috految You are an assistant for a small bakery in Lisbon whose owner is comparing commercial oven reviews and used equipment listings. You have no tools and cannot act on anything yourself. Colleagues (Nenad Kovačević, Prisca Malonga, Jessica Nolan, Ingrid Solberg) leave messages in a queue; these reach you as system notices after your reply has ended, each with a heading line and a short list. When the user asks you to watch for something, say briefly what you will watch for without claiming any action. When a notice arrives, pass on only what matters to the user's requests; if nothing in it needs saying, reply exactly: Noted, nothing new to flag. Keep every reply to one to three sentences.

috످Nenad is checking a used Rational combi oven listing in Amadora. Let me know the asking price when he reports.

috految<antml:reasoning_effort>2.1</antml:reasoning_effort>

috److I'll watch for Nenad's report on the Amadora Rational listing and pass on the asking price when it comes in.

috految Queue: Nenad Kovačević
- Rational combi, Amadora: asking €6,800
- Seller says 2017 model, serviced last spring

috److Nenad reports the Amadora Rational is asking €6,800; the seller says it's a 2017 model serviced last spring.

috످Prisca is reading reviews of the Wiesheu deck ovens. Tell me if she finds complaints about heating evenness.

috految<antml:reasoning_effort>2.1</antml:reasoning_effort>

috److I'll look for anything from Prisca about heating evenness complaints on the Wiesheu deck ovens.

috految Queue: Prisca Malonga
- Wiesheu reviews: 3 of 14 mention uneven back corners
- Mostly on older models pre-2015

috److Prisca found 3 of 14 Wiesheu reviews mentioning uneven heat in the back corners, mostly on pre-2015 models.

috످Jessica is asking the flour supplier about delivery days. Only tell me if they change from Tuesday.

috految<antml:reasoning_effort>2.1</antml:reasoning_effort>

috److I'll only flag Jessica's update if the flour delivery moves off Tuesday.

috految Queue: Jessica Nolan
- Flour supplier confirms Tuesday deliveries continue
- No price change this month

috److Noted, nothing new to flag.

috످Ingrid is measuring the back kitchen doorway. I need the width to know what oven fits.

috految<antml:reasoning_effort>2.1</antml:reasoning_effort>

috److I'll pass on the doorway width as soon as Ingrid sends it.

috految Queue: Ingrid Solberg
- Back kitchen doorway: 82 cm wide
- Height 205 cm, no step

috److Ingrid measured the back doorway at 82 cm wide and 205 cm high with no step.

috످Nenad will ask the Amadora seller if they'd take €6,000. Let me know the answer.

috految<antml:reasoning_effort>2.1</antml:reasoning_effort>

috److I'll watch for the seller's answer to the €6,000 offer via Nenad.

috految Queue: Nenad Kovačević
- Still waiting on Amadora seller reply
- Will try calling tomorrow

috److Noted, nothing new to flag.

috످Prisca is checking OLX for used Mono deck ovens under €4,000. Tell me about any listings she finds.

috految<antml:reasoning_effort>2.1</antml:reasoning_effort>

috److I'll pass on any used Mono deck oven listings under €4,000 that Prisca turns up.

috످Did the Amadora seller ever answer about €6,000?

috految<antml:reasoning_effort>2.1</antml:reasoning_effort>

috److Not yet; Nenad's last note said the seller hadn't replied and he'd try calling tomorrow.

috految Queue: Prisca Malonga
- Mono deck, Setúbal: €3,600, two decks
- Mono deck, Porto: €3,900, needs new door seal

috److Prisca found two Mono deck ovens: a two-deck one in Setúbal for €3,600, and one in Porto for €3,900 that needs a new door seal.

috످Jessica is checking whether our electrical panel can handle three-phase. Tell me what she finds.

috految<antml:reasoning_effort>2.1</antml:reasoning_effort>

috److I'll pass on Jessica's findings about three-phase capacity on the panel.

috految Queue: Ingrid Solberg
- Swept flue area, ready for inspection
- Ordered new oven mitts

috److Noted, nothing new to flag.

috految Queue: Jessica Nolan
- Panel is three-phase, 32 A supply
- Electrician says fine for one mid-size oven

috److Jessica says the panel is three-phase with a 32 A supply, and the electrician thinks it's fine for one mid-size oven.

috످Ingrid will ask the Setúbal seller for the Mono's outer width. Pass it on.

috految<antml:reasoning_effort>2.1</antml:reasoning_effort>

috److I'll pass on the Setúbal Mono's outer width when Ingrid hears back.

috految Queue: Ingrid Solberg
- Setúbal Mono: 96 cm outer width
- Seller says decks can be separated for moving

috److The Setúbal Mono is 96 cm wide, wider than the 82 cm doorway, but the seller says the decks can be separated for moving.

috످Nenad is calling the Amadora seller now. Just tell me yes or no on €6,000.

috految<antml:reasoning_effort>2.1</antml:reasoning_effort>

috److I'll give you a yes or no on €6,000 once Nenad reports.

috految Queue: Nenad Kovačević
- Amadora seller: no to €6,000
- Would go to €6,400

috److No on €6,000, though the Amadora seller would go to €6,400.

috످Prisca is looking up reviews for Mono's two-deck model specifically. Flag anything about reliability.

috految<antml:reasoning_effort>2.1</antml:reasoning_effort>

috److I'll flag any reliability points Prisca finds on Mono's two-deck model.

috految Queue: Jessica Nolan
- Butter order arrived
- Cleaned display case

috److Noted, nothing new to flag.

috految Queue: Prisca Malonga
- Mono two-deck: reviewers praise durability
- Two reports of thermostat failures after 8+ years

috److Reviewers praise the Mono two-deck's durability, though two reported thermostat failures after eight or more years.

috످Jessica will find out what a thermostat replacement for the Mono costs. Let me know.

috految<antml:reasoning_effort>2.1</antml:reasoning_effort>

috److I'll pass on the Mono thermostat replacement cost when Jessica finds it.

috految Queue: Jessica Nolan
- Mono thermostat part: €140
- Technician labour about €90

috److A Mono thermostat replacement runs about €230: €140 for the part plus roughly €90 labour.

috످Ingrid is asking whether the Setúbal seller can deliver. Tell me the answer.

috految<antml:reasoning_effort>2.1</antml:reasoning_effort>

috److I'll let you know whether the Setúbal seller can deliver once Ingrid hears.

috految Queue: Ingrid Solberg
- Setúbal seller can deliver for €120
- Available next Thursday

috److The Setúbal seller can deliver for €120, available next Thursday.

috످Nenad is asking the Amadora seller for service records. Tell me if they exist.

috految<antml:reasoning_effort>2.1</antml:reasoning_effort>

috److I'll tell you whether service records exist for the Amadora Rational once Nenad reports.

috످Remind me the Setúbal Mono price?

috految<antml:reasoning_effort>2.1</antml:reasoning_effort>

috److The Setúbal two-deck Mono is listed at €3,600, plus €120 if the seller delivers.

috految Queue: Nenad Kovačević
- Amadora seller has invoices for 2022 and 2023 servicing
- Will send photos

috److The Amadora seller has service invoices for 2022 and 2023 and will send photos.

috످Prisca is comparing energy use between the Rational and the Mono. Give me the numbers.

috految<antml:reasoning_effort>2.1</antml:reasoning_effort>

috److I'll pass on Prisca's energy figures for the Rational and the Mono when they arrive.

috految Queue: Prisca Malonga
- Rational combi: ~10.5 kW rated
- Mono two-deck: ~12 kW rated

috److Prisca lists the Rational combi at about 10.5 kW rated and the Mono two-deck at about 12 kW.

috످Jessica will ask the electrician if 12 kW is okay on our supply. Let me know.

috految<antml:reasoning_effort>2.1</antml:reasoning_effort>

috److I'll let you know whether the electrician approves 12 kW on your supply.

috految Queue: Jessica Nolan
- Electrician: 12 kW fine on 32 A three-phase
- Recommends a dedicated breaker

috److The electrician says 12 kW is fine on your supply and recommends a dedicated breaker.

috످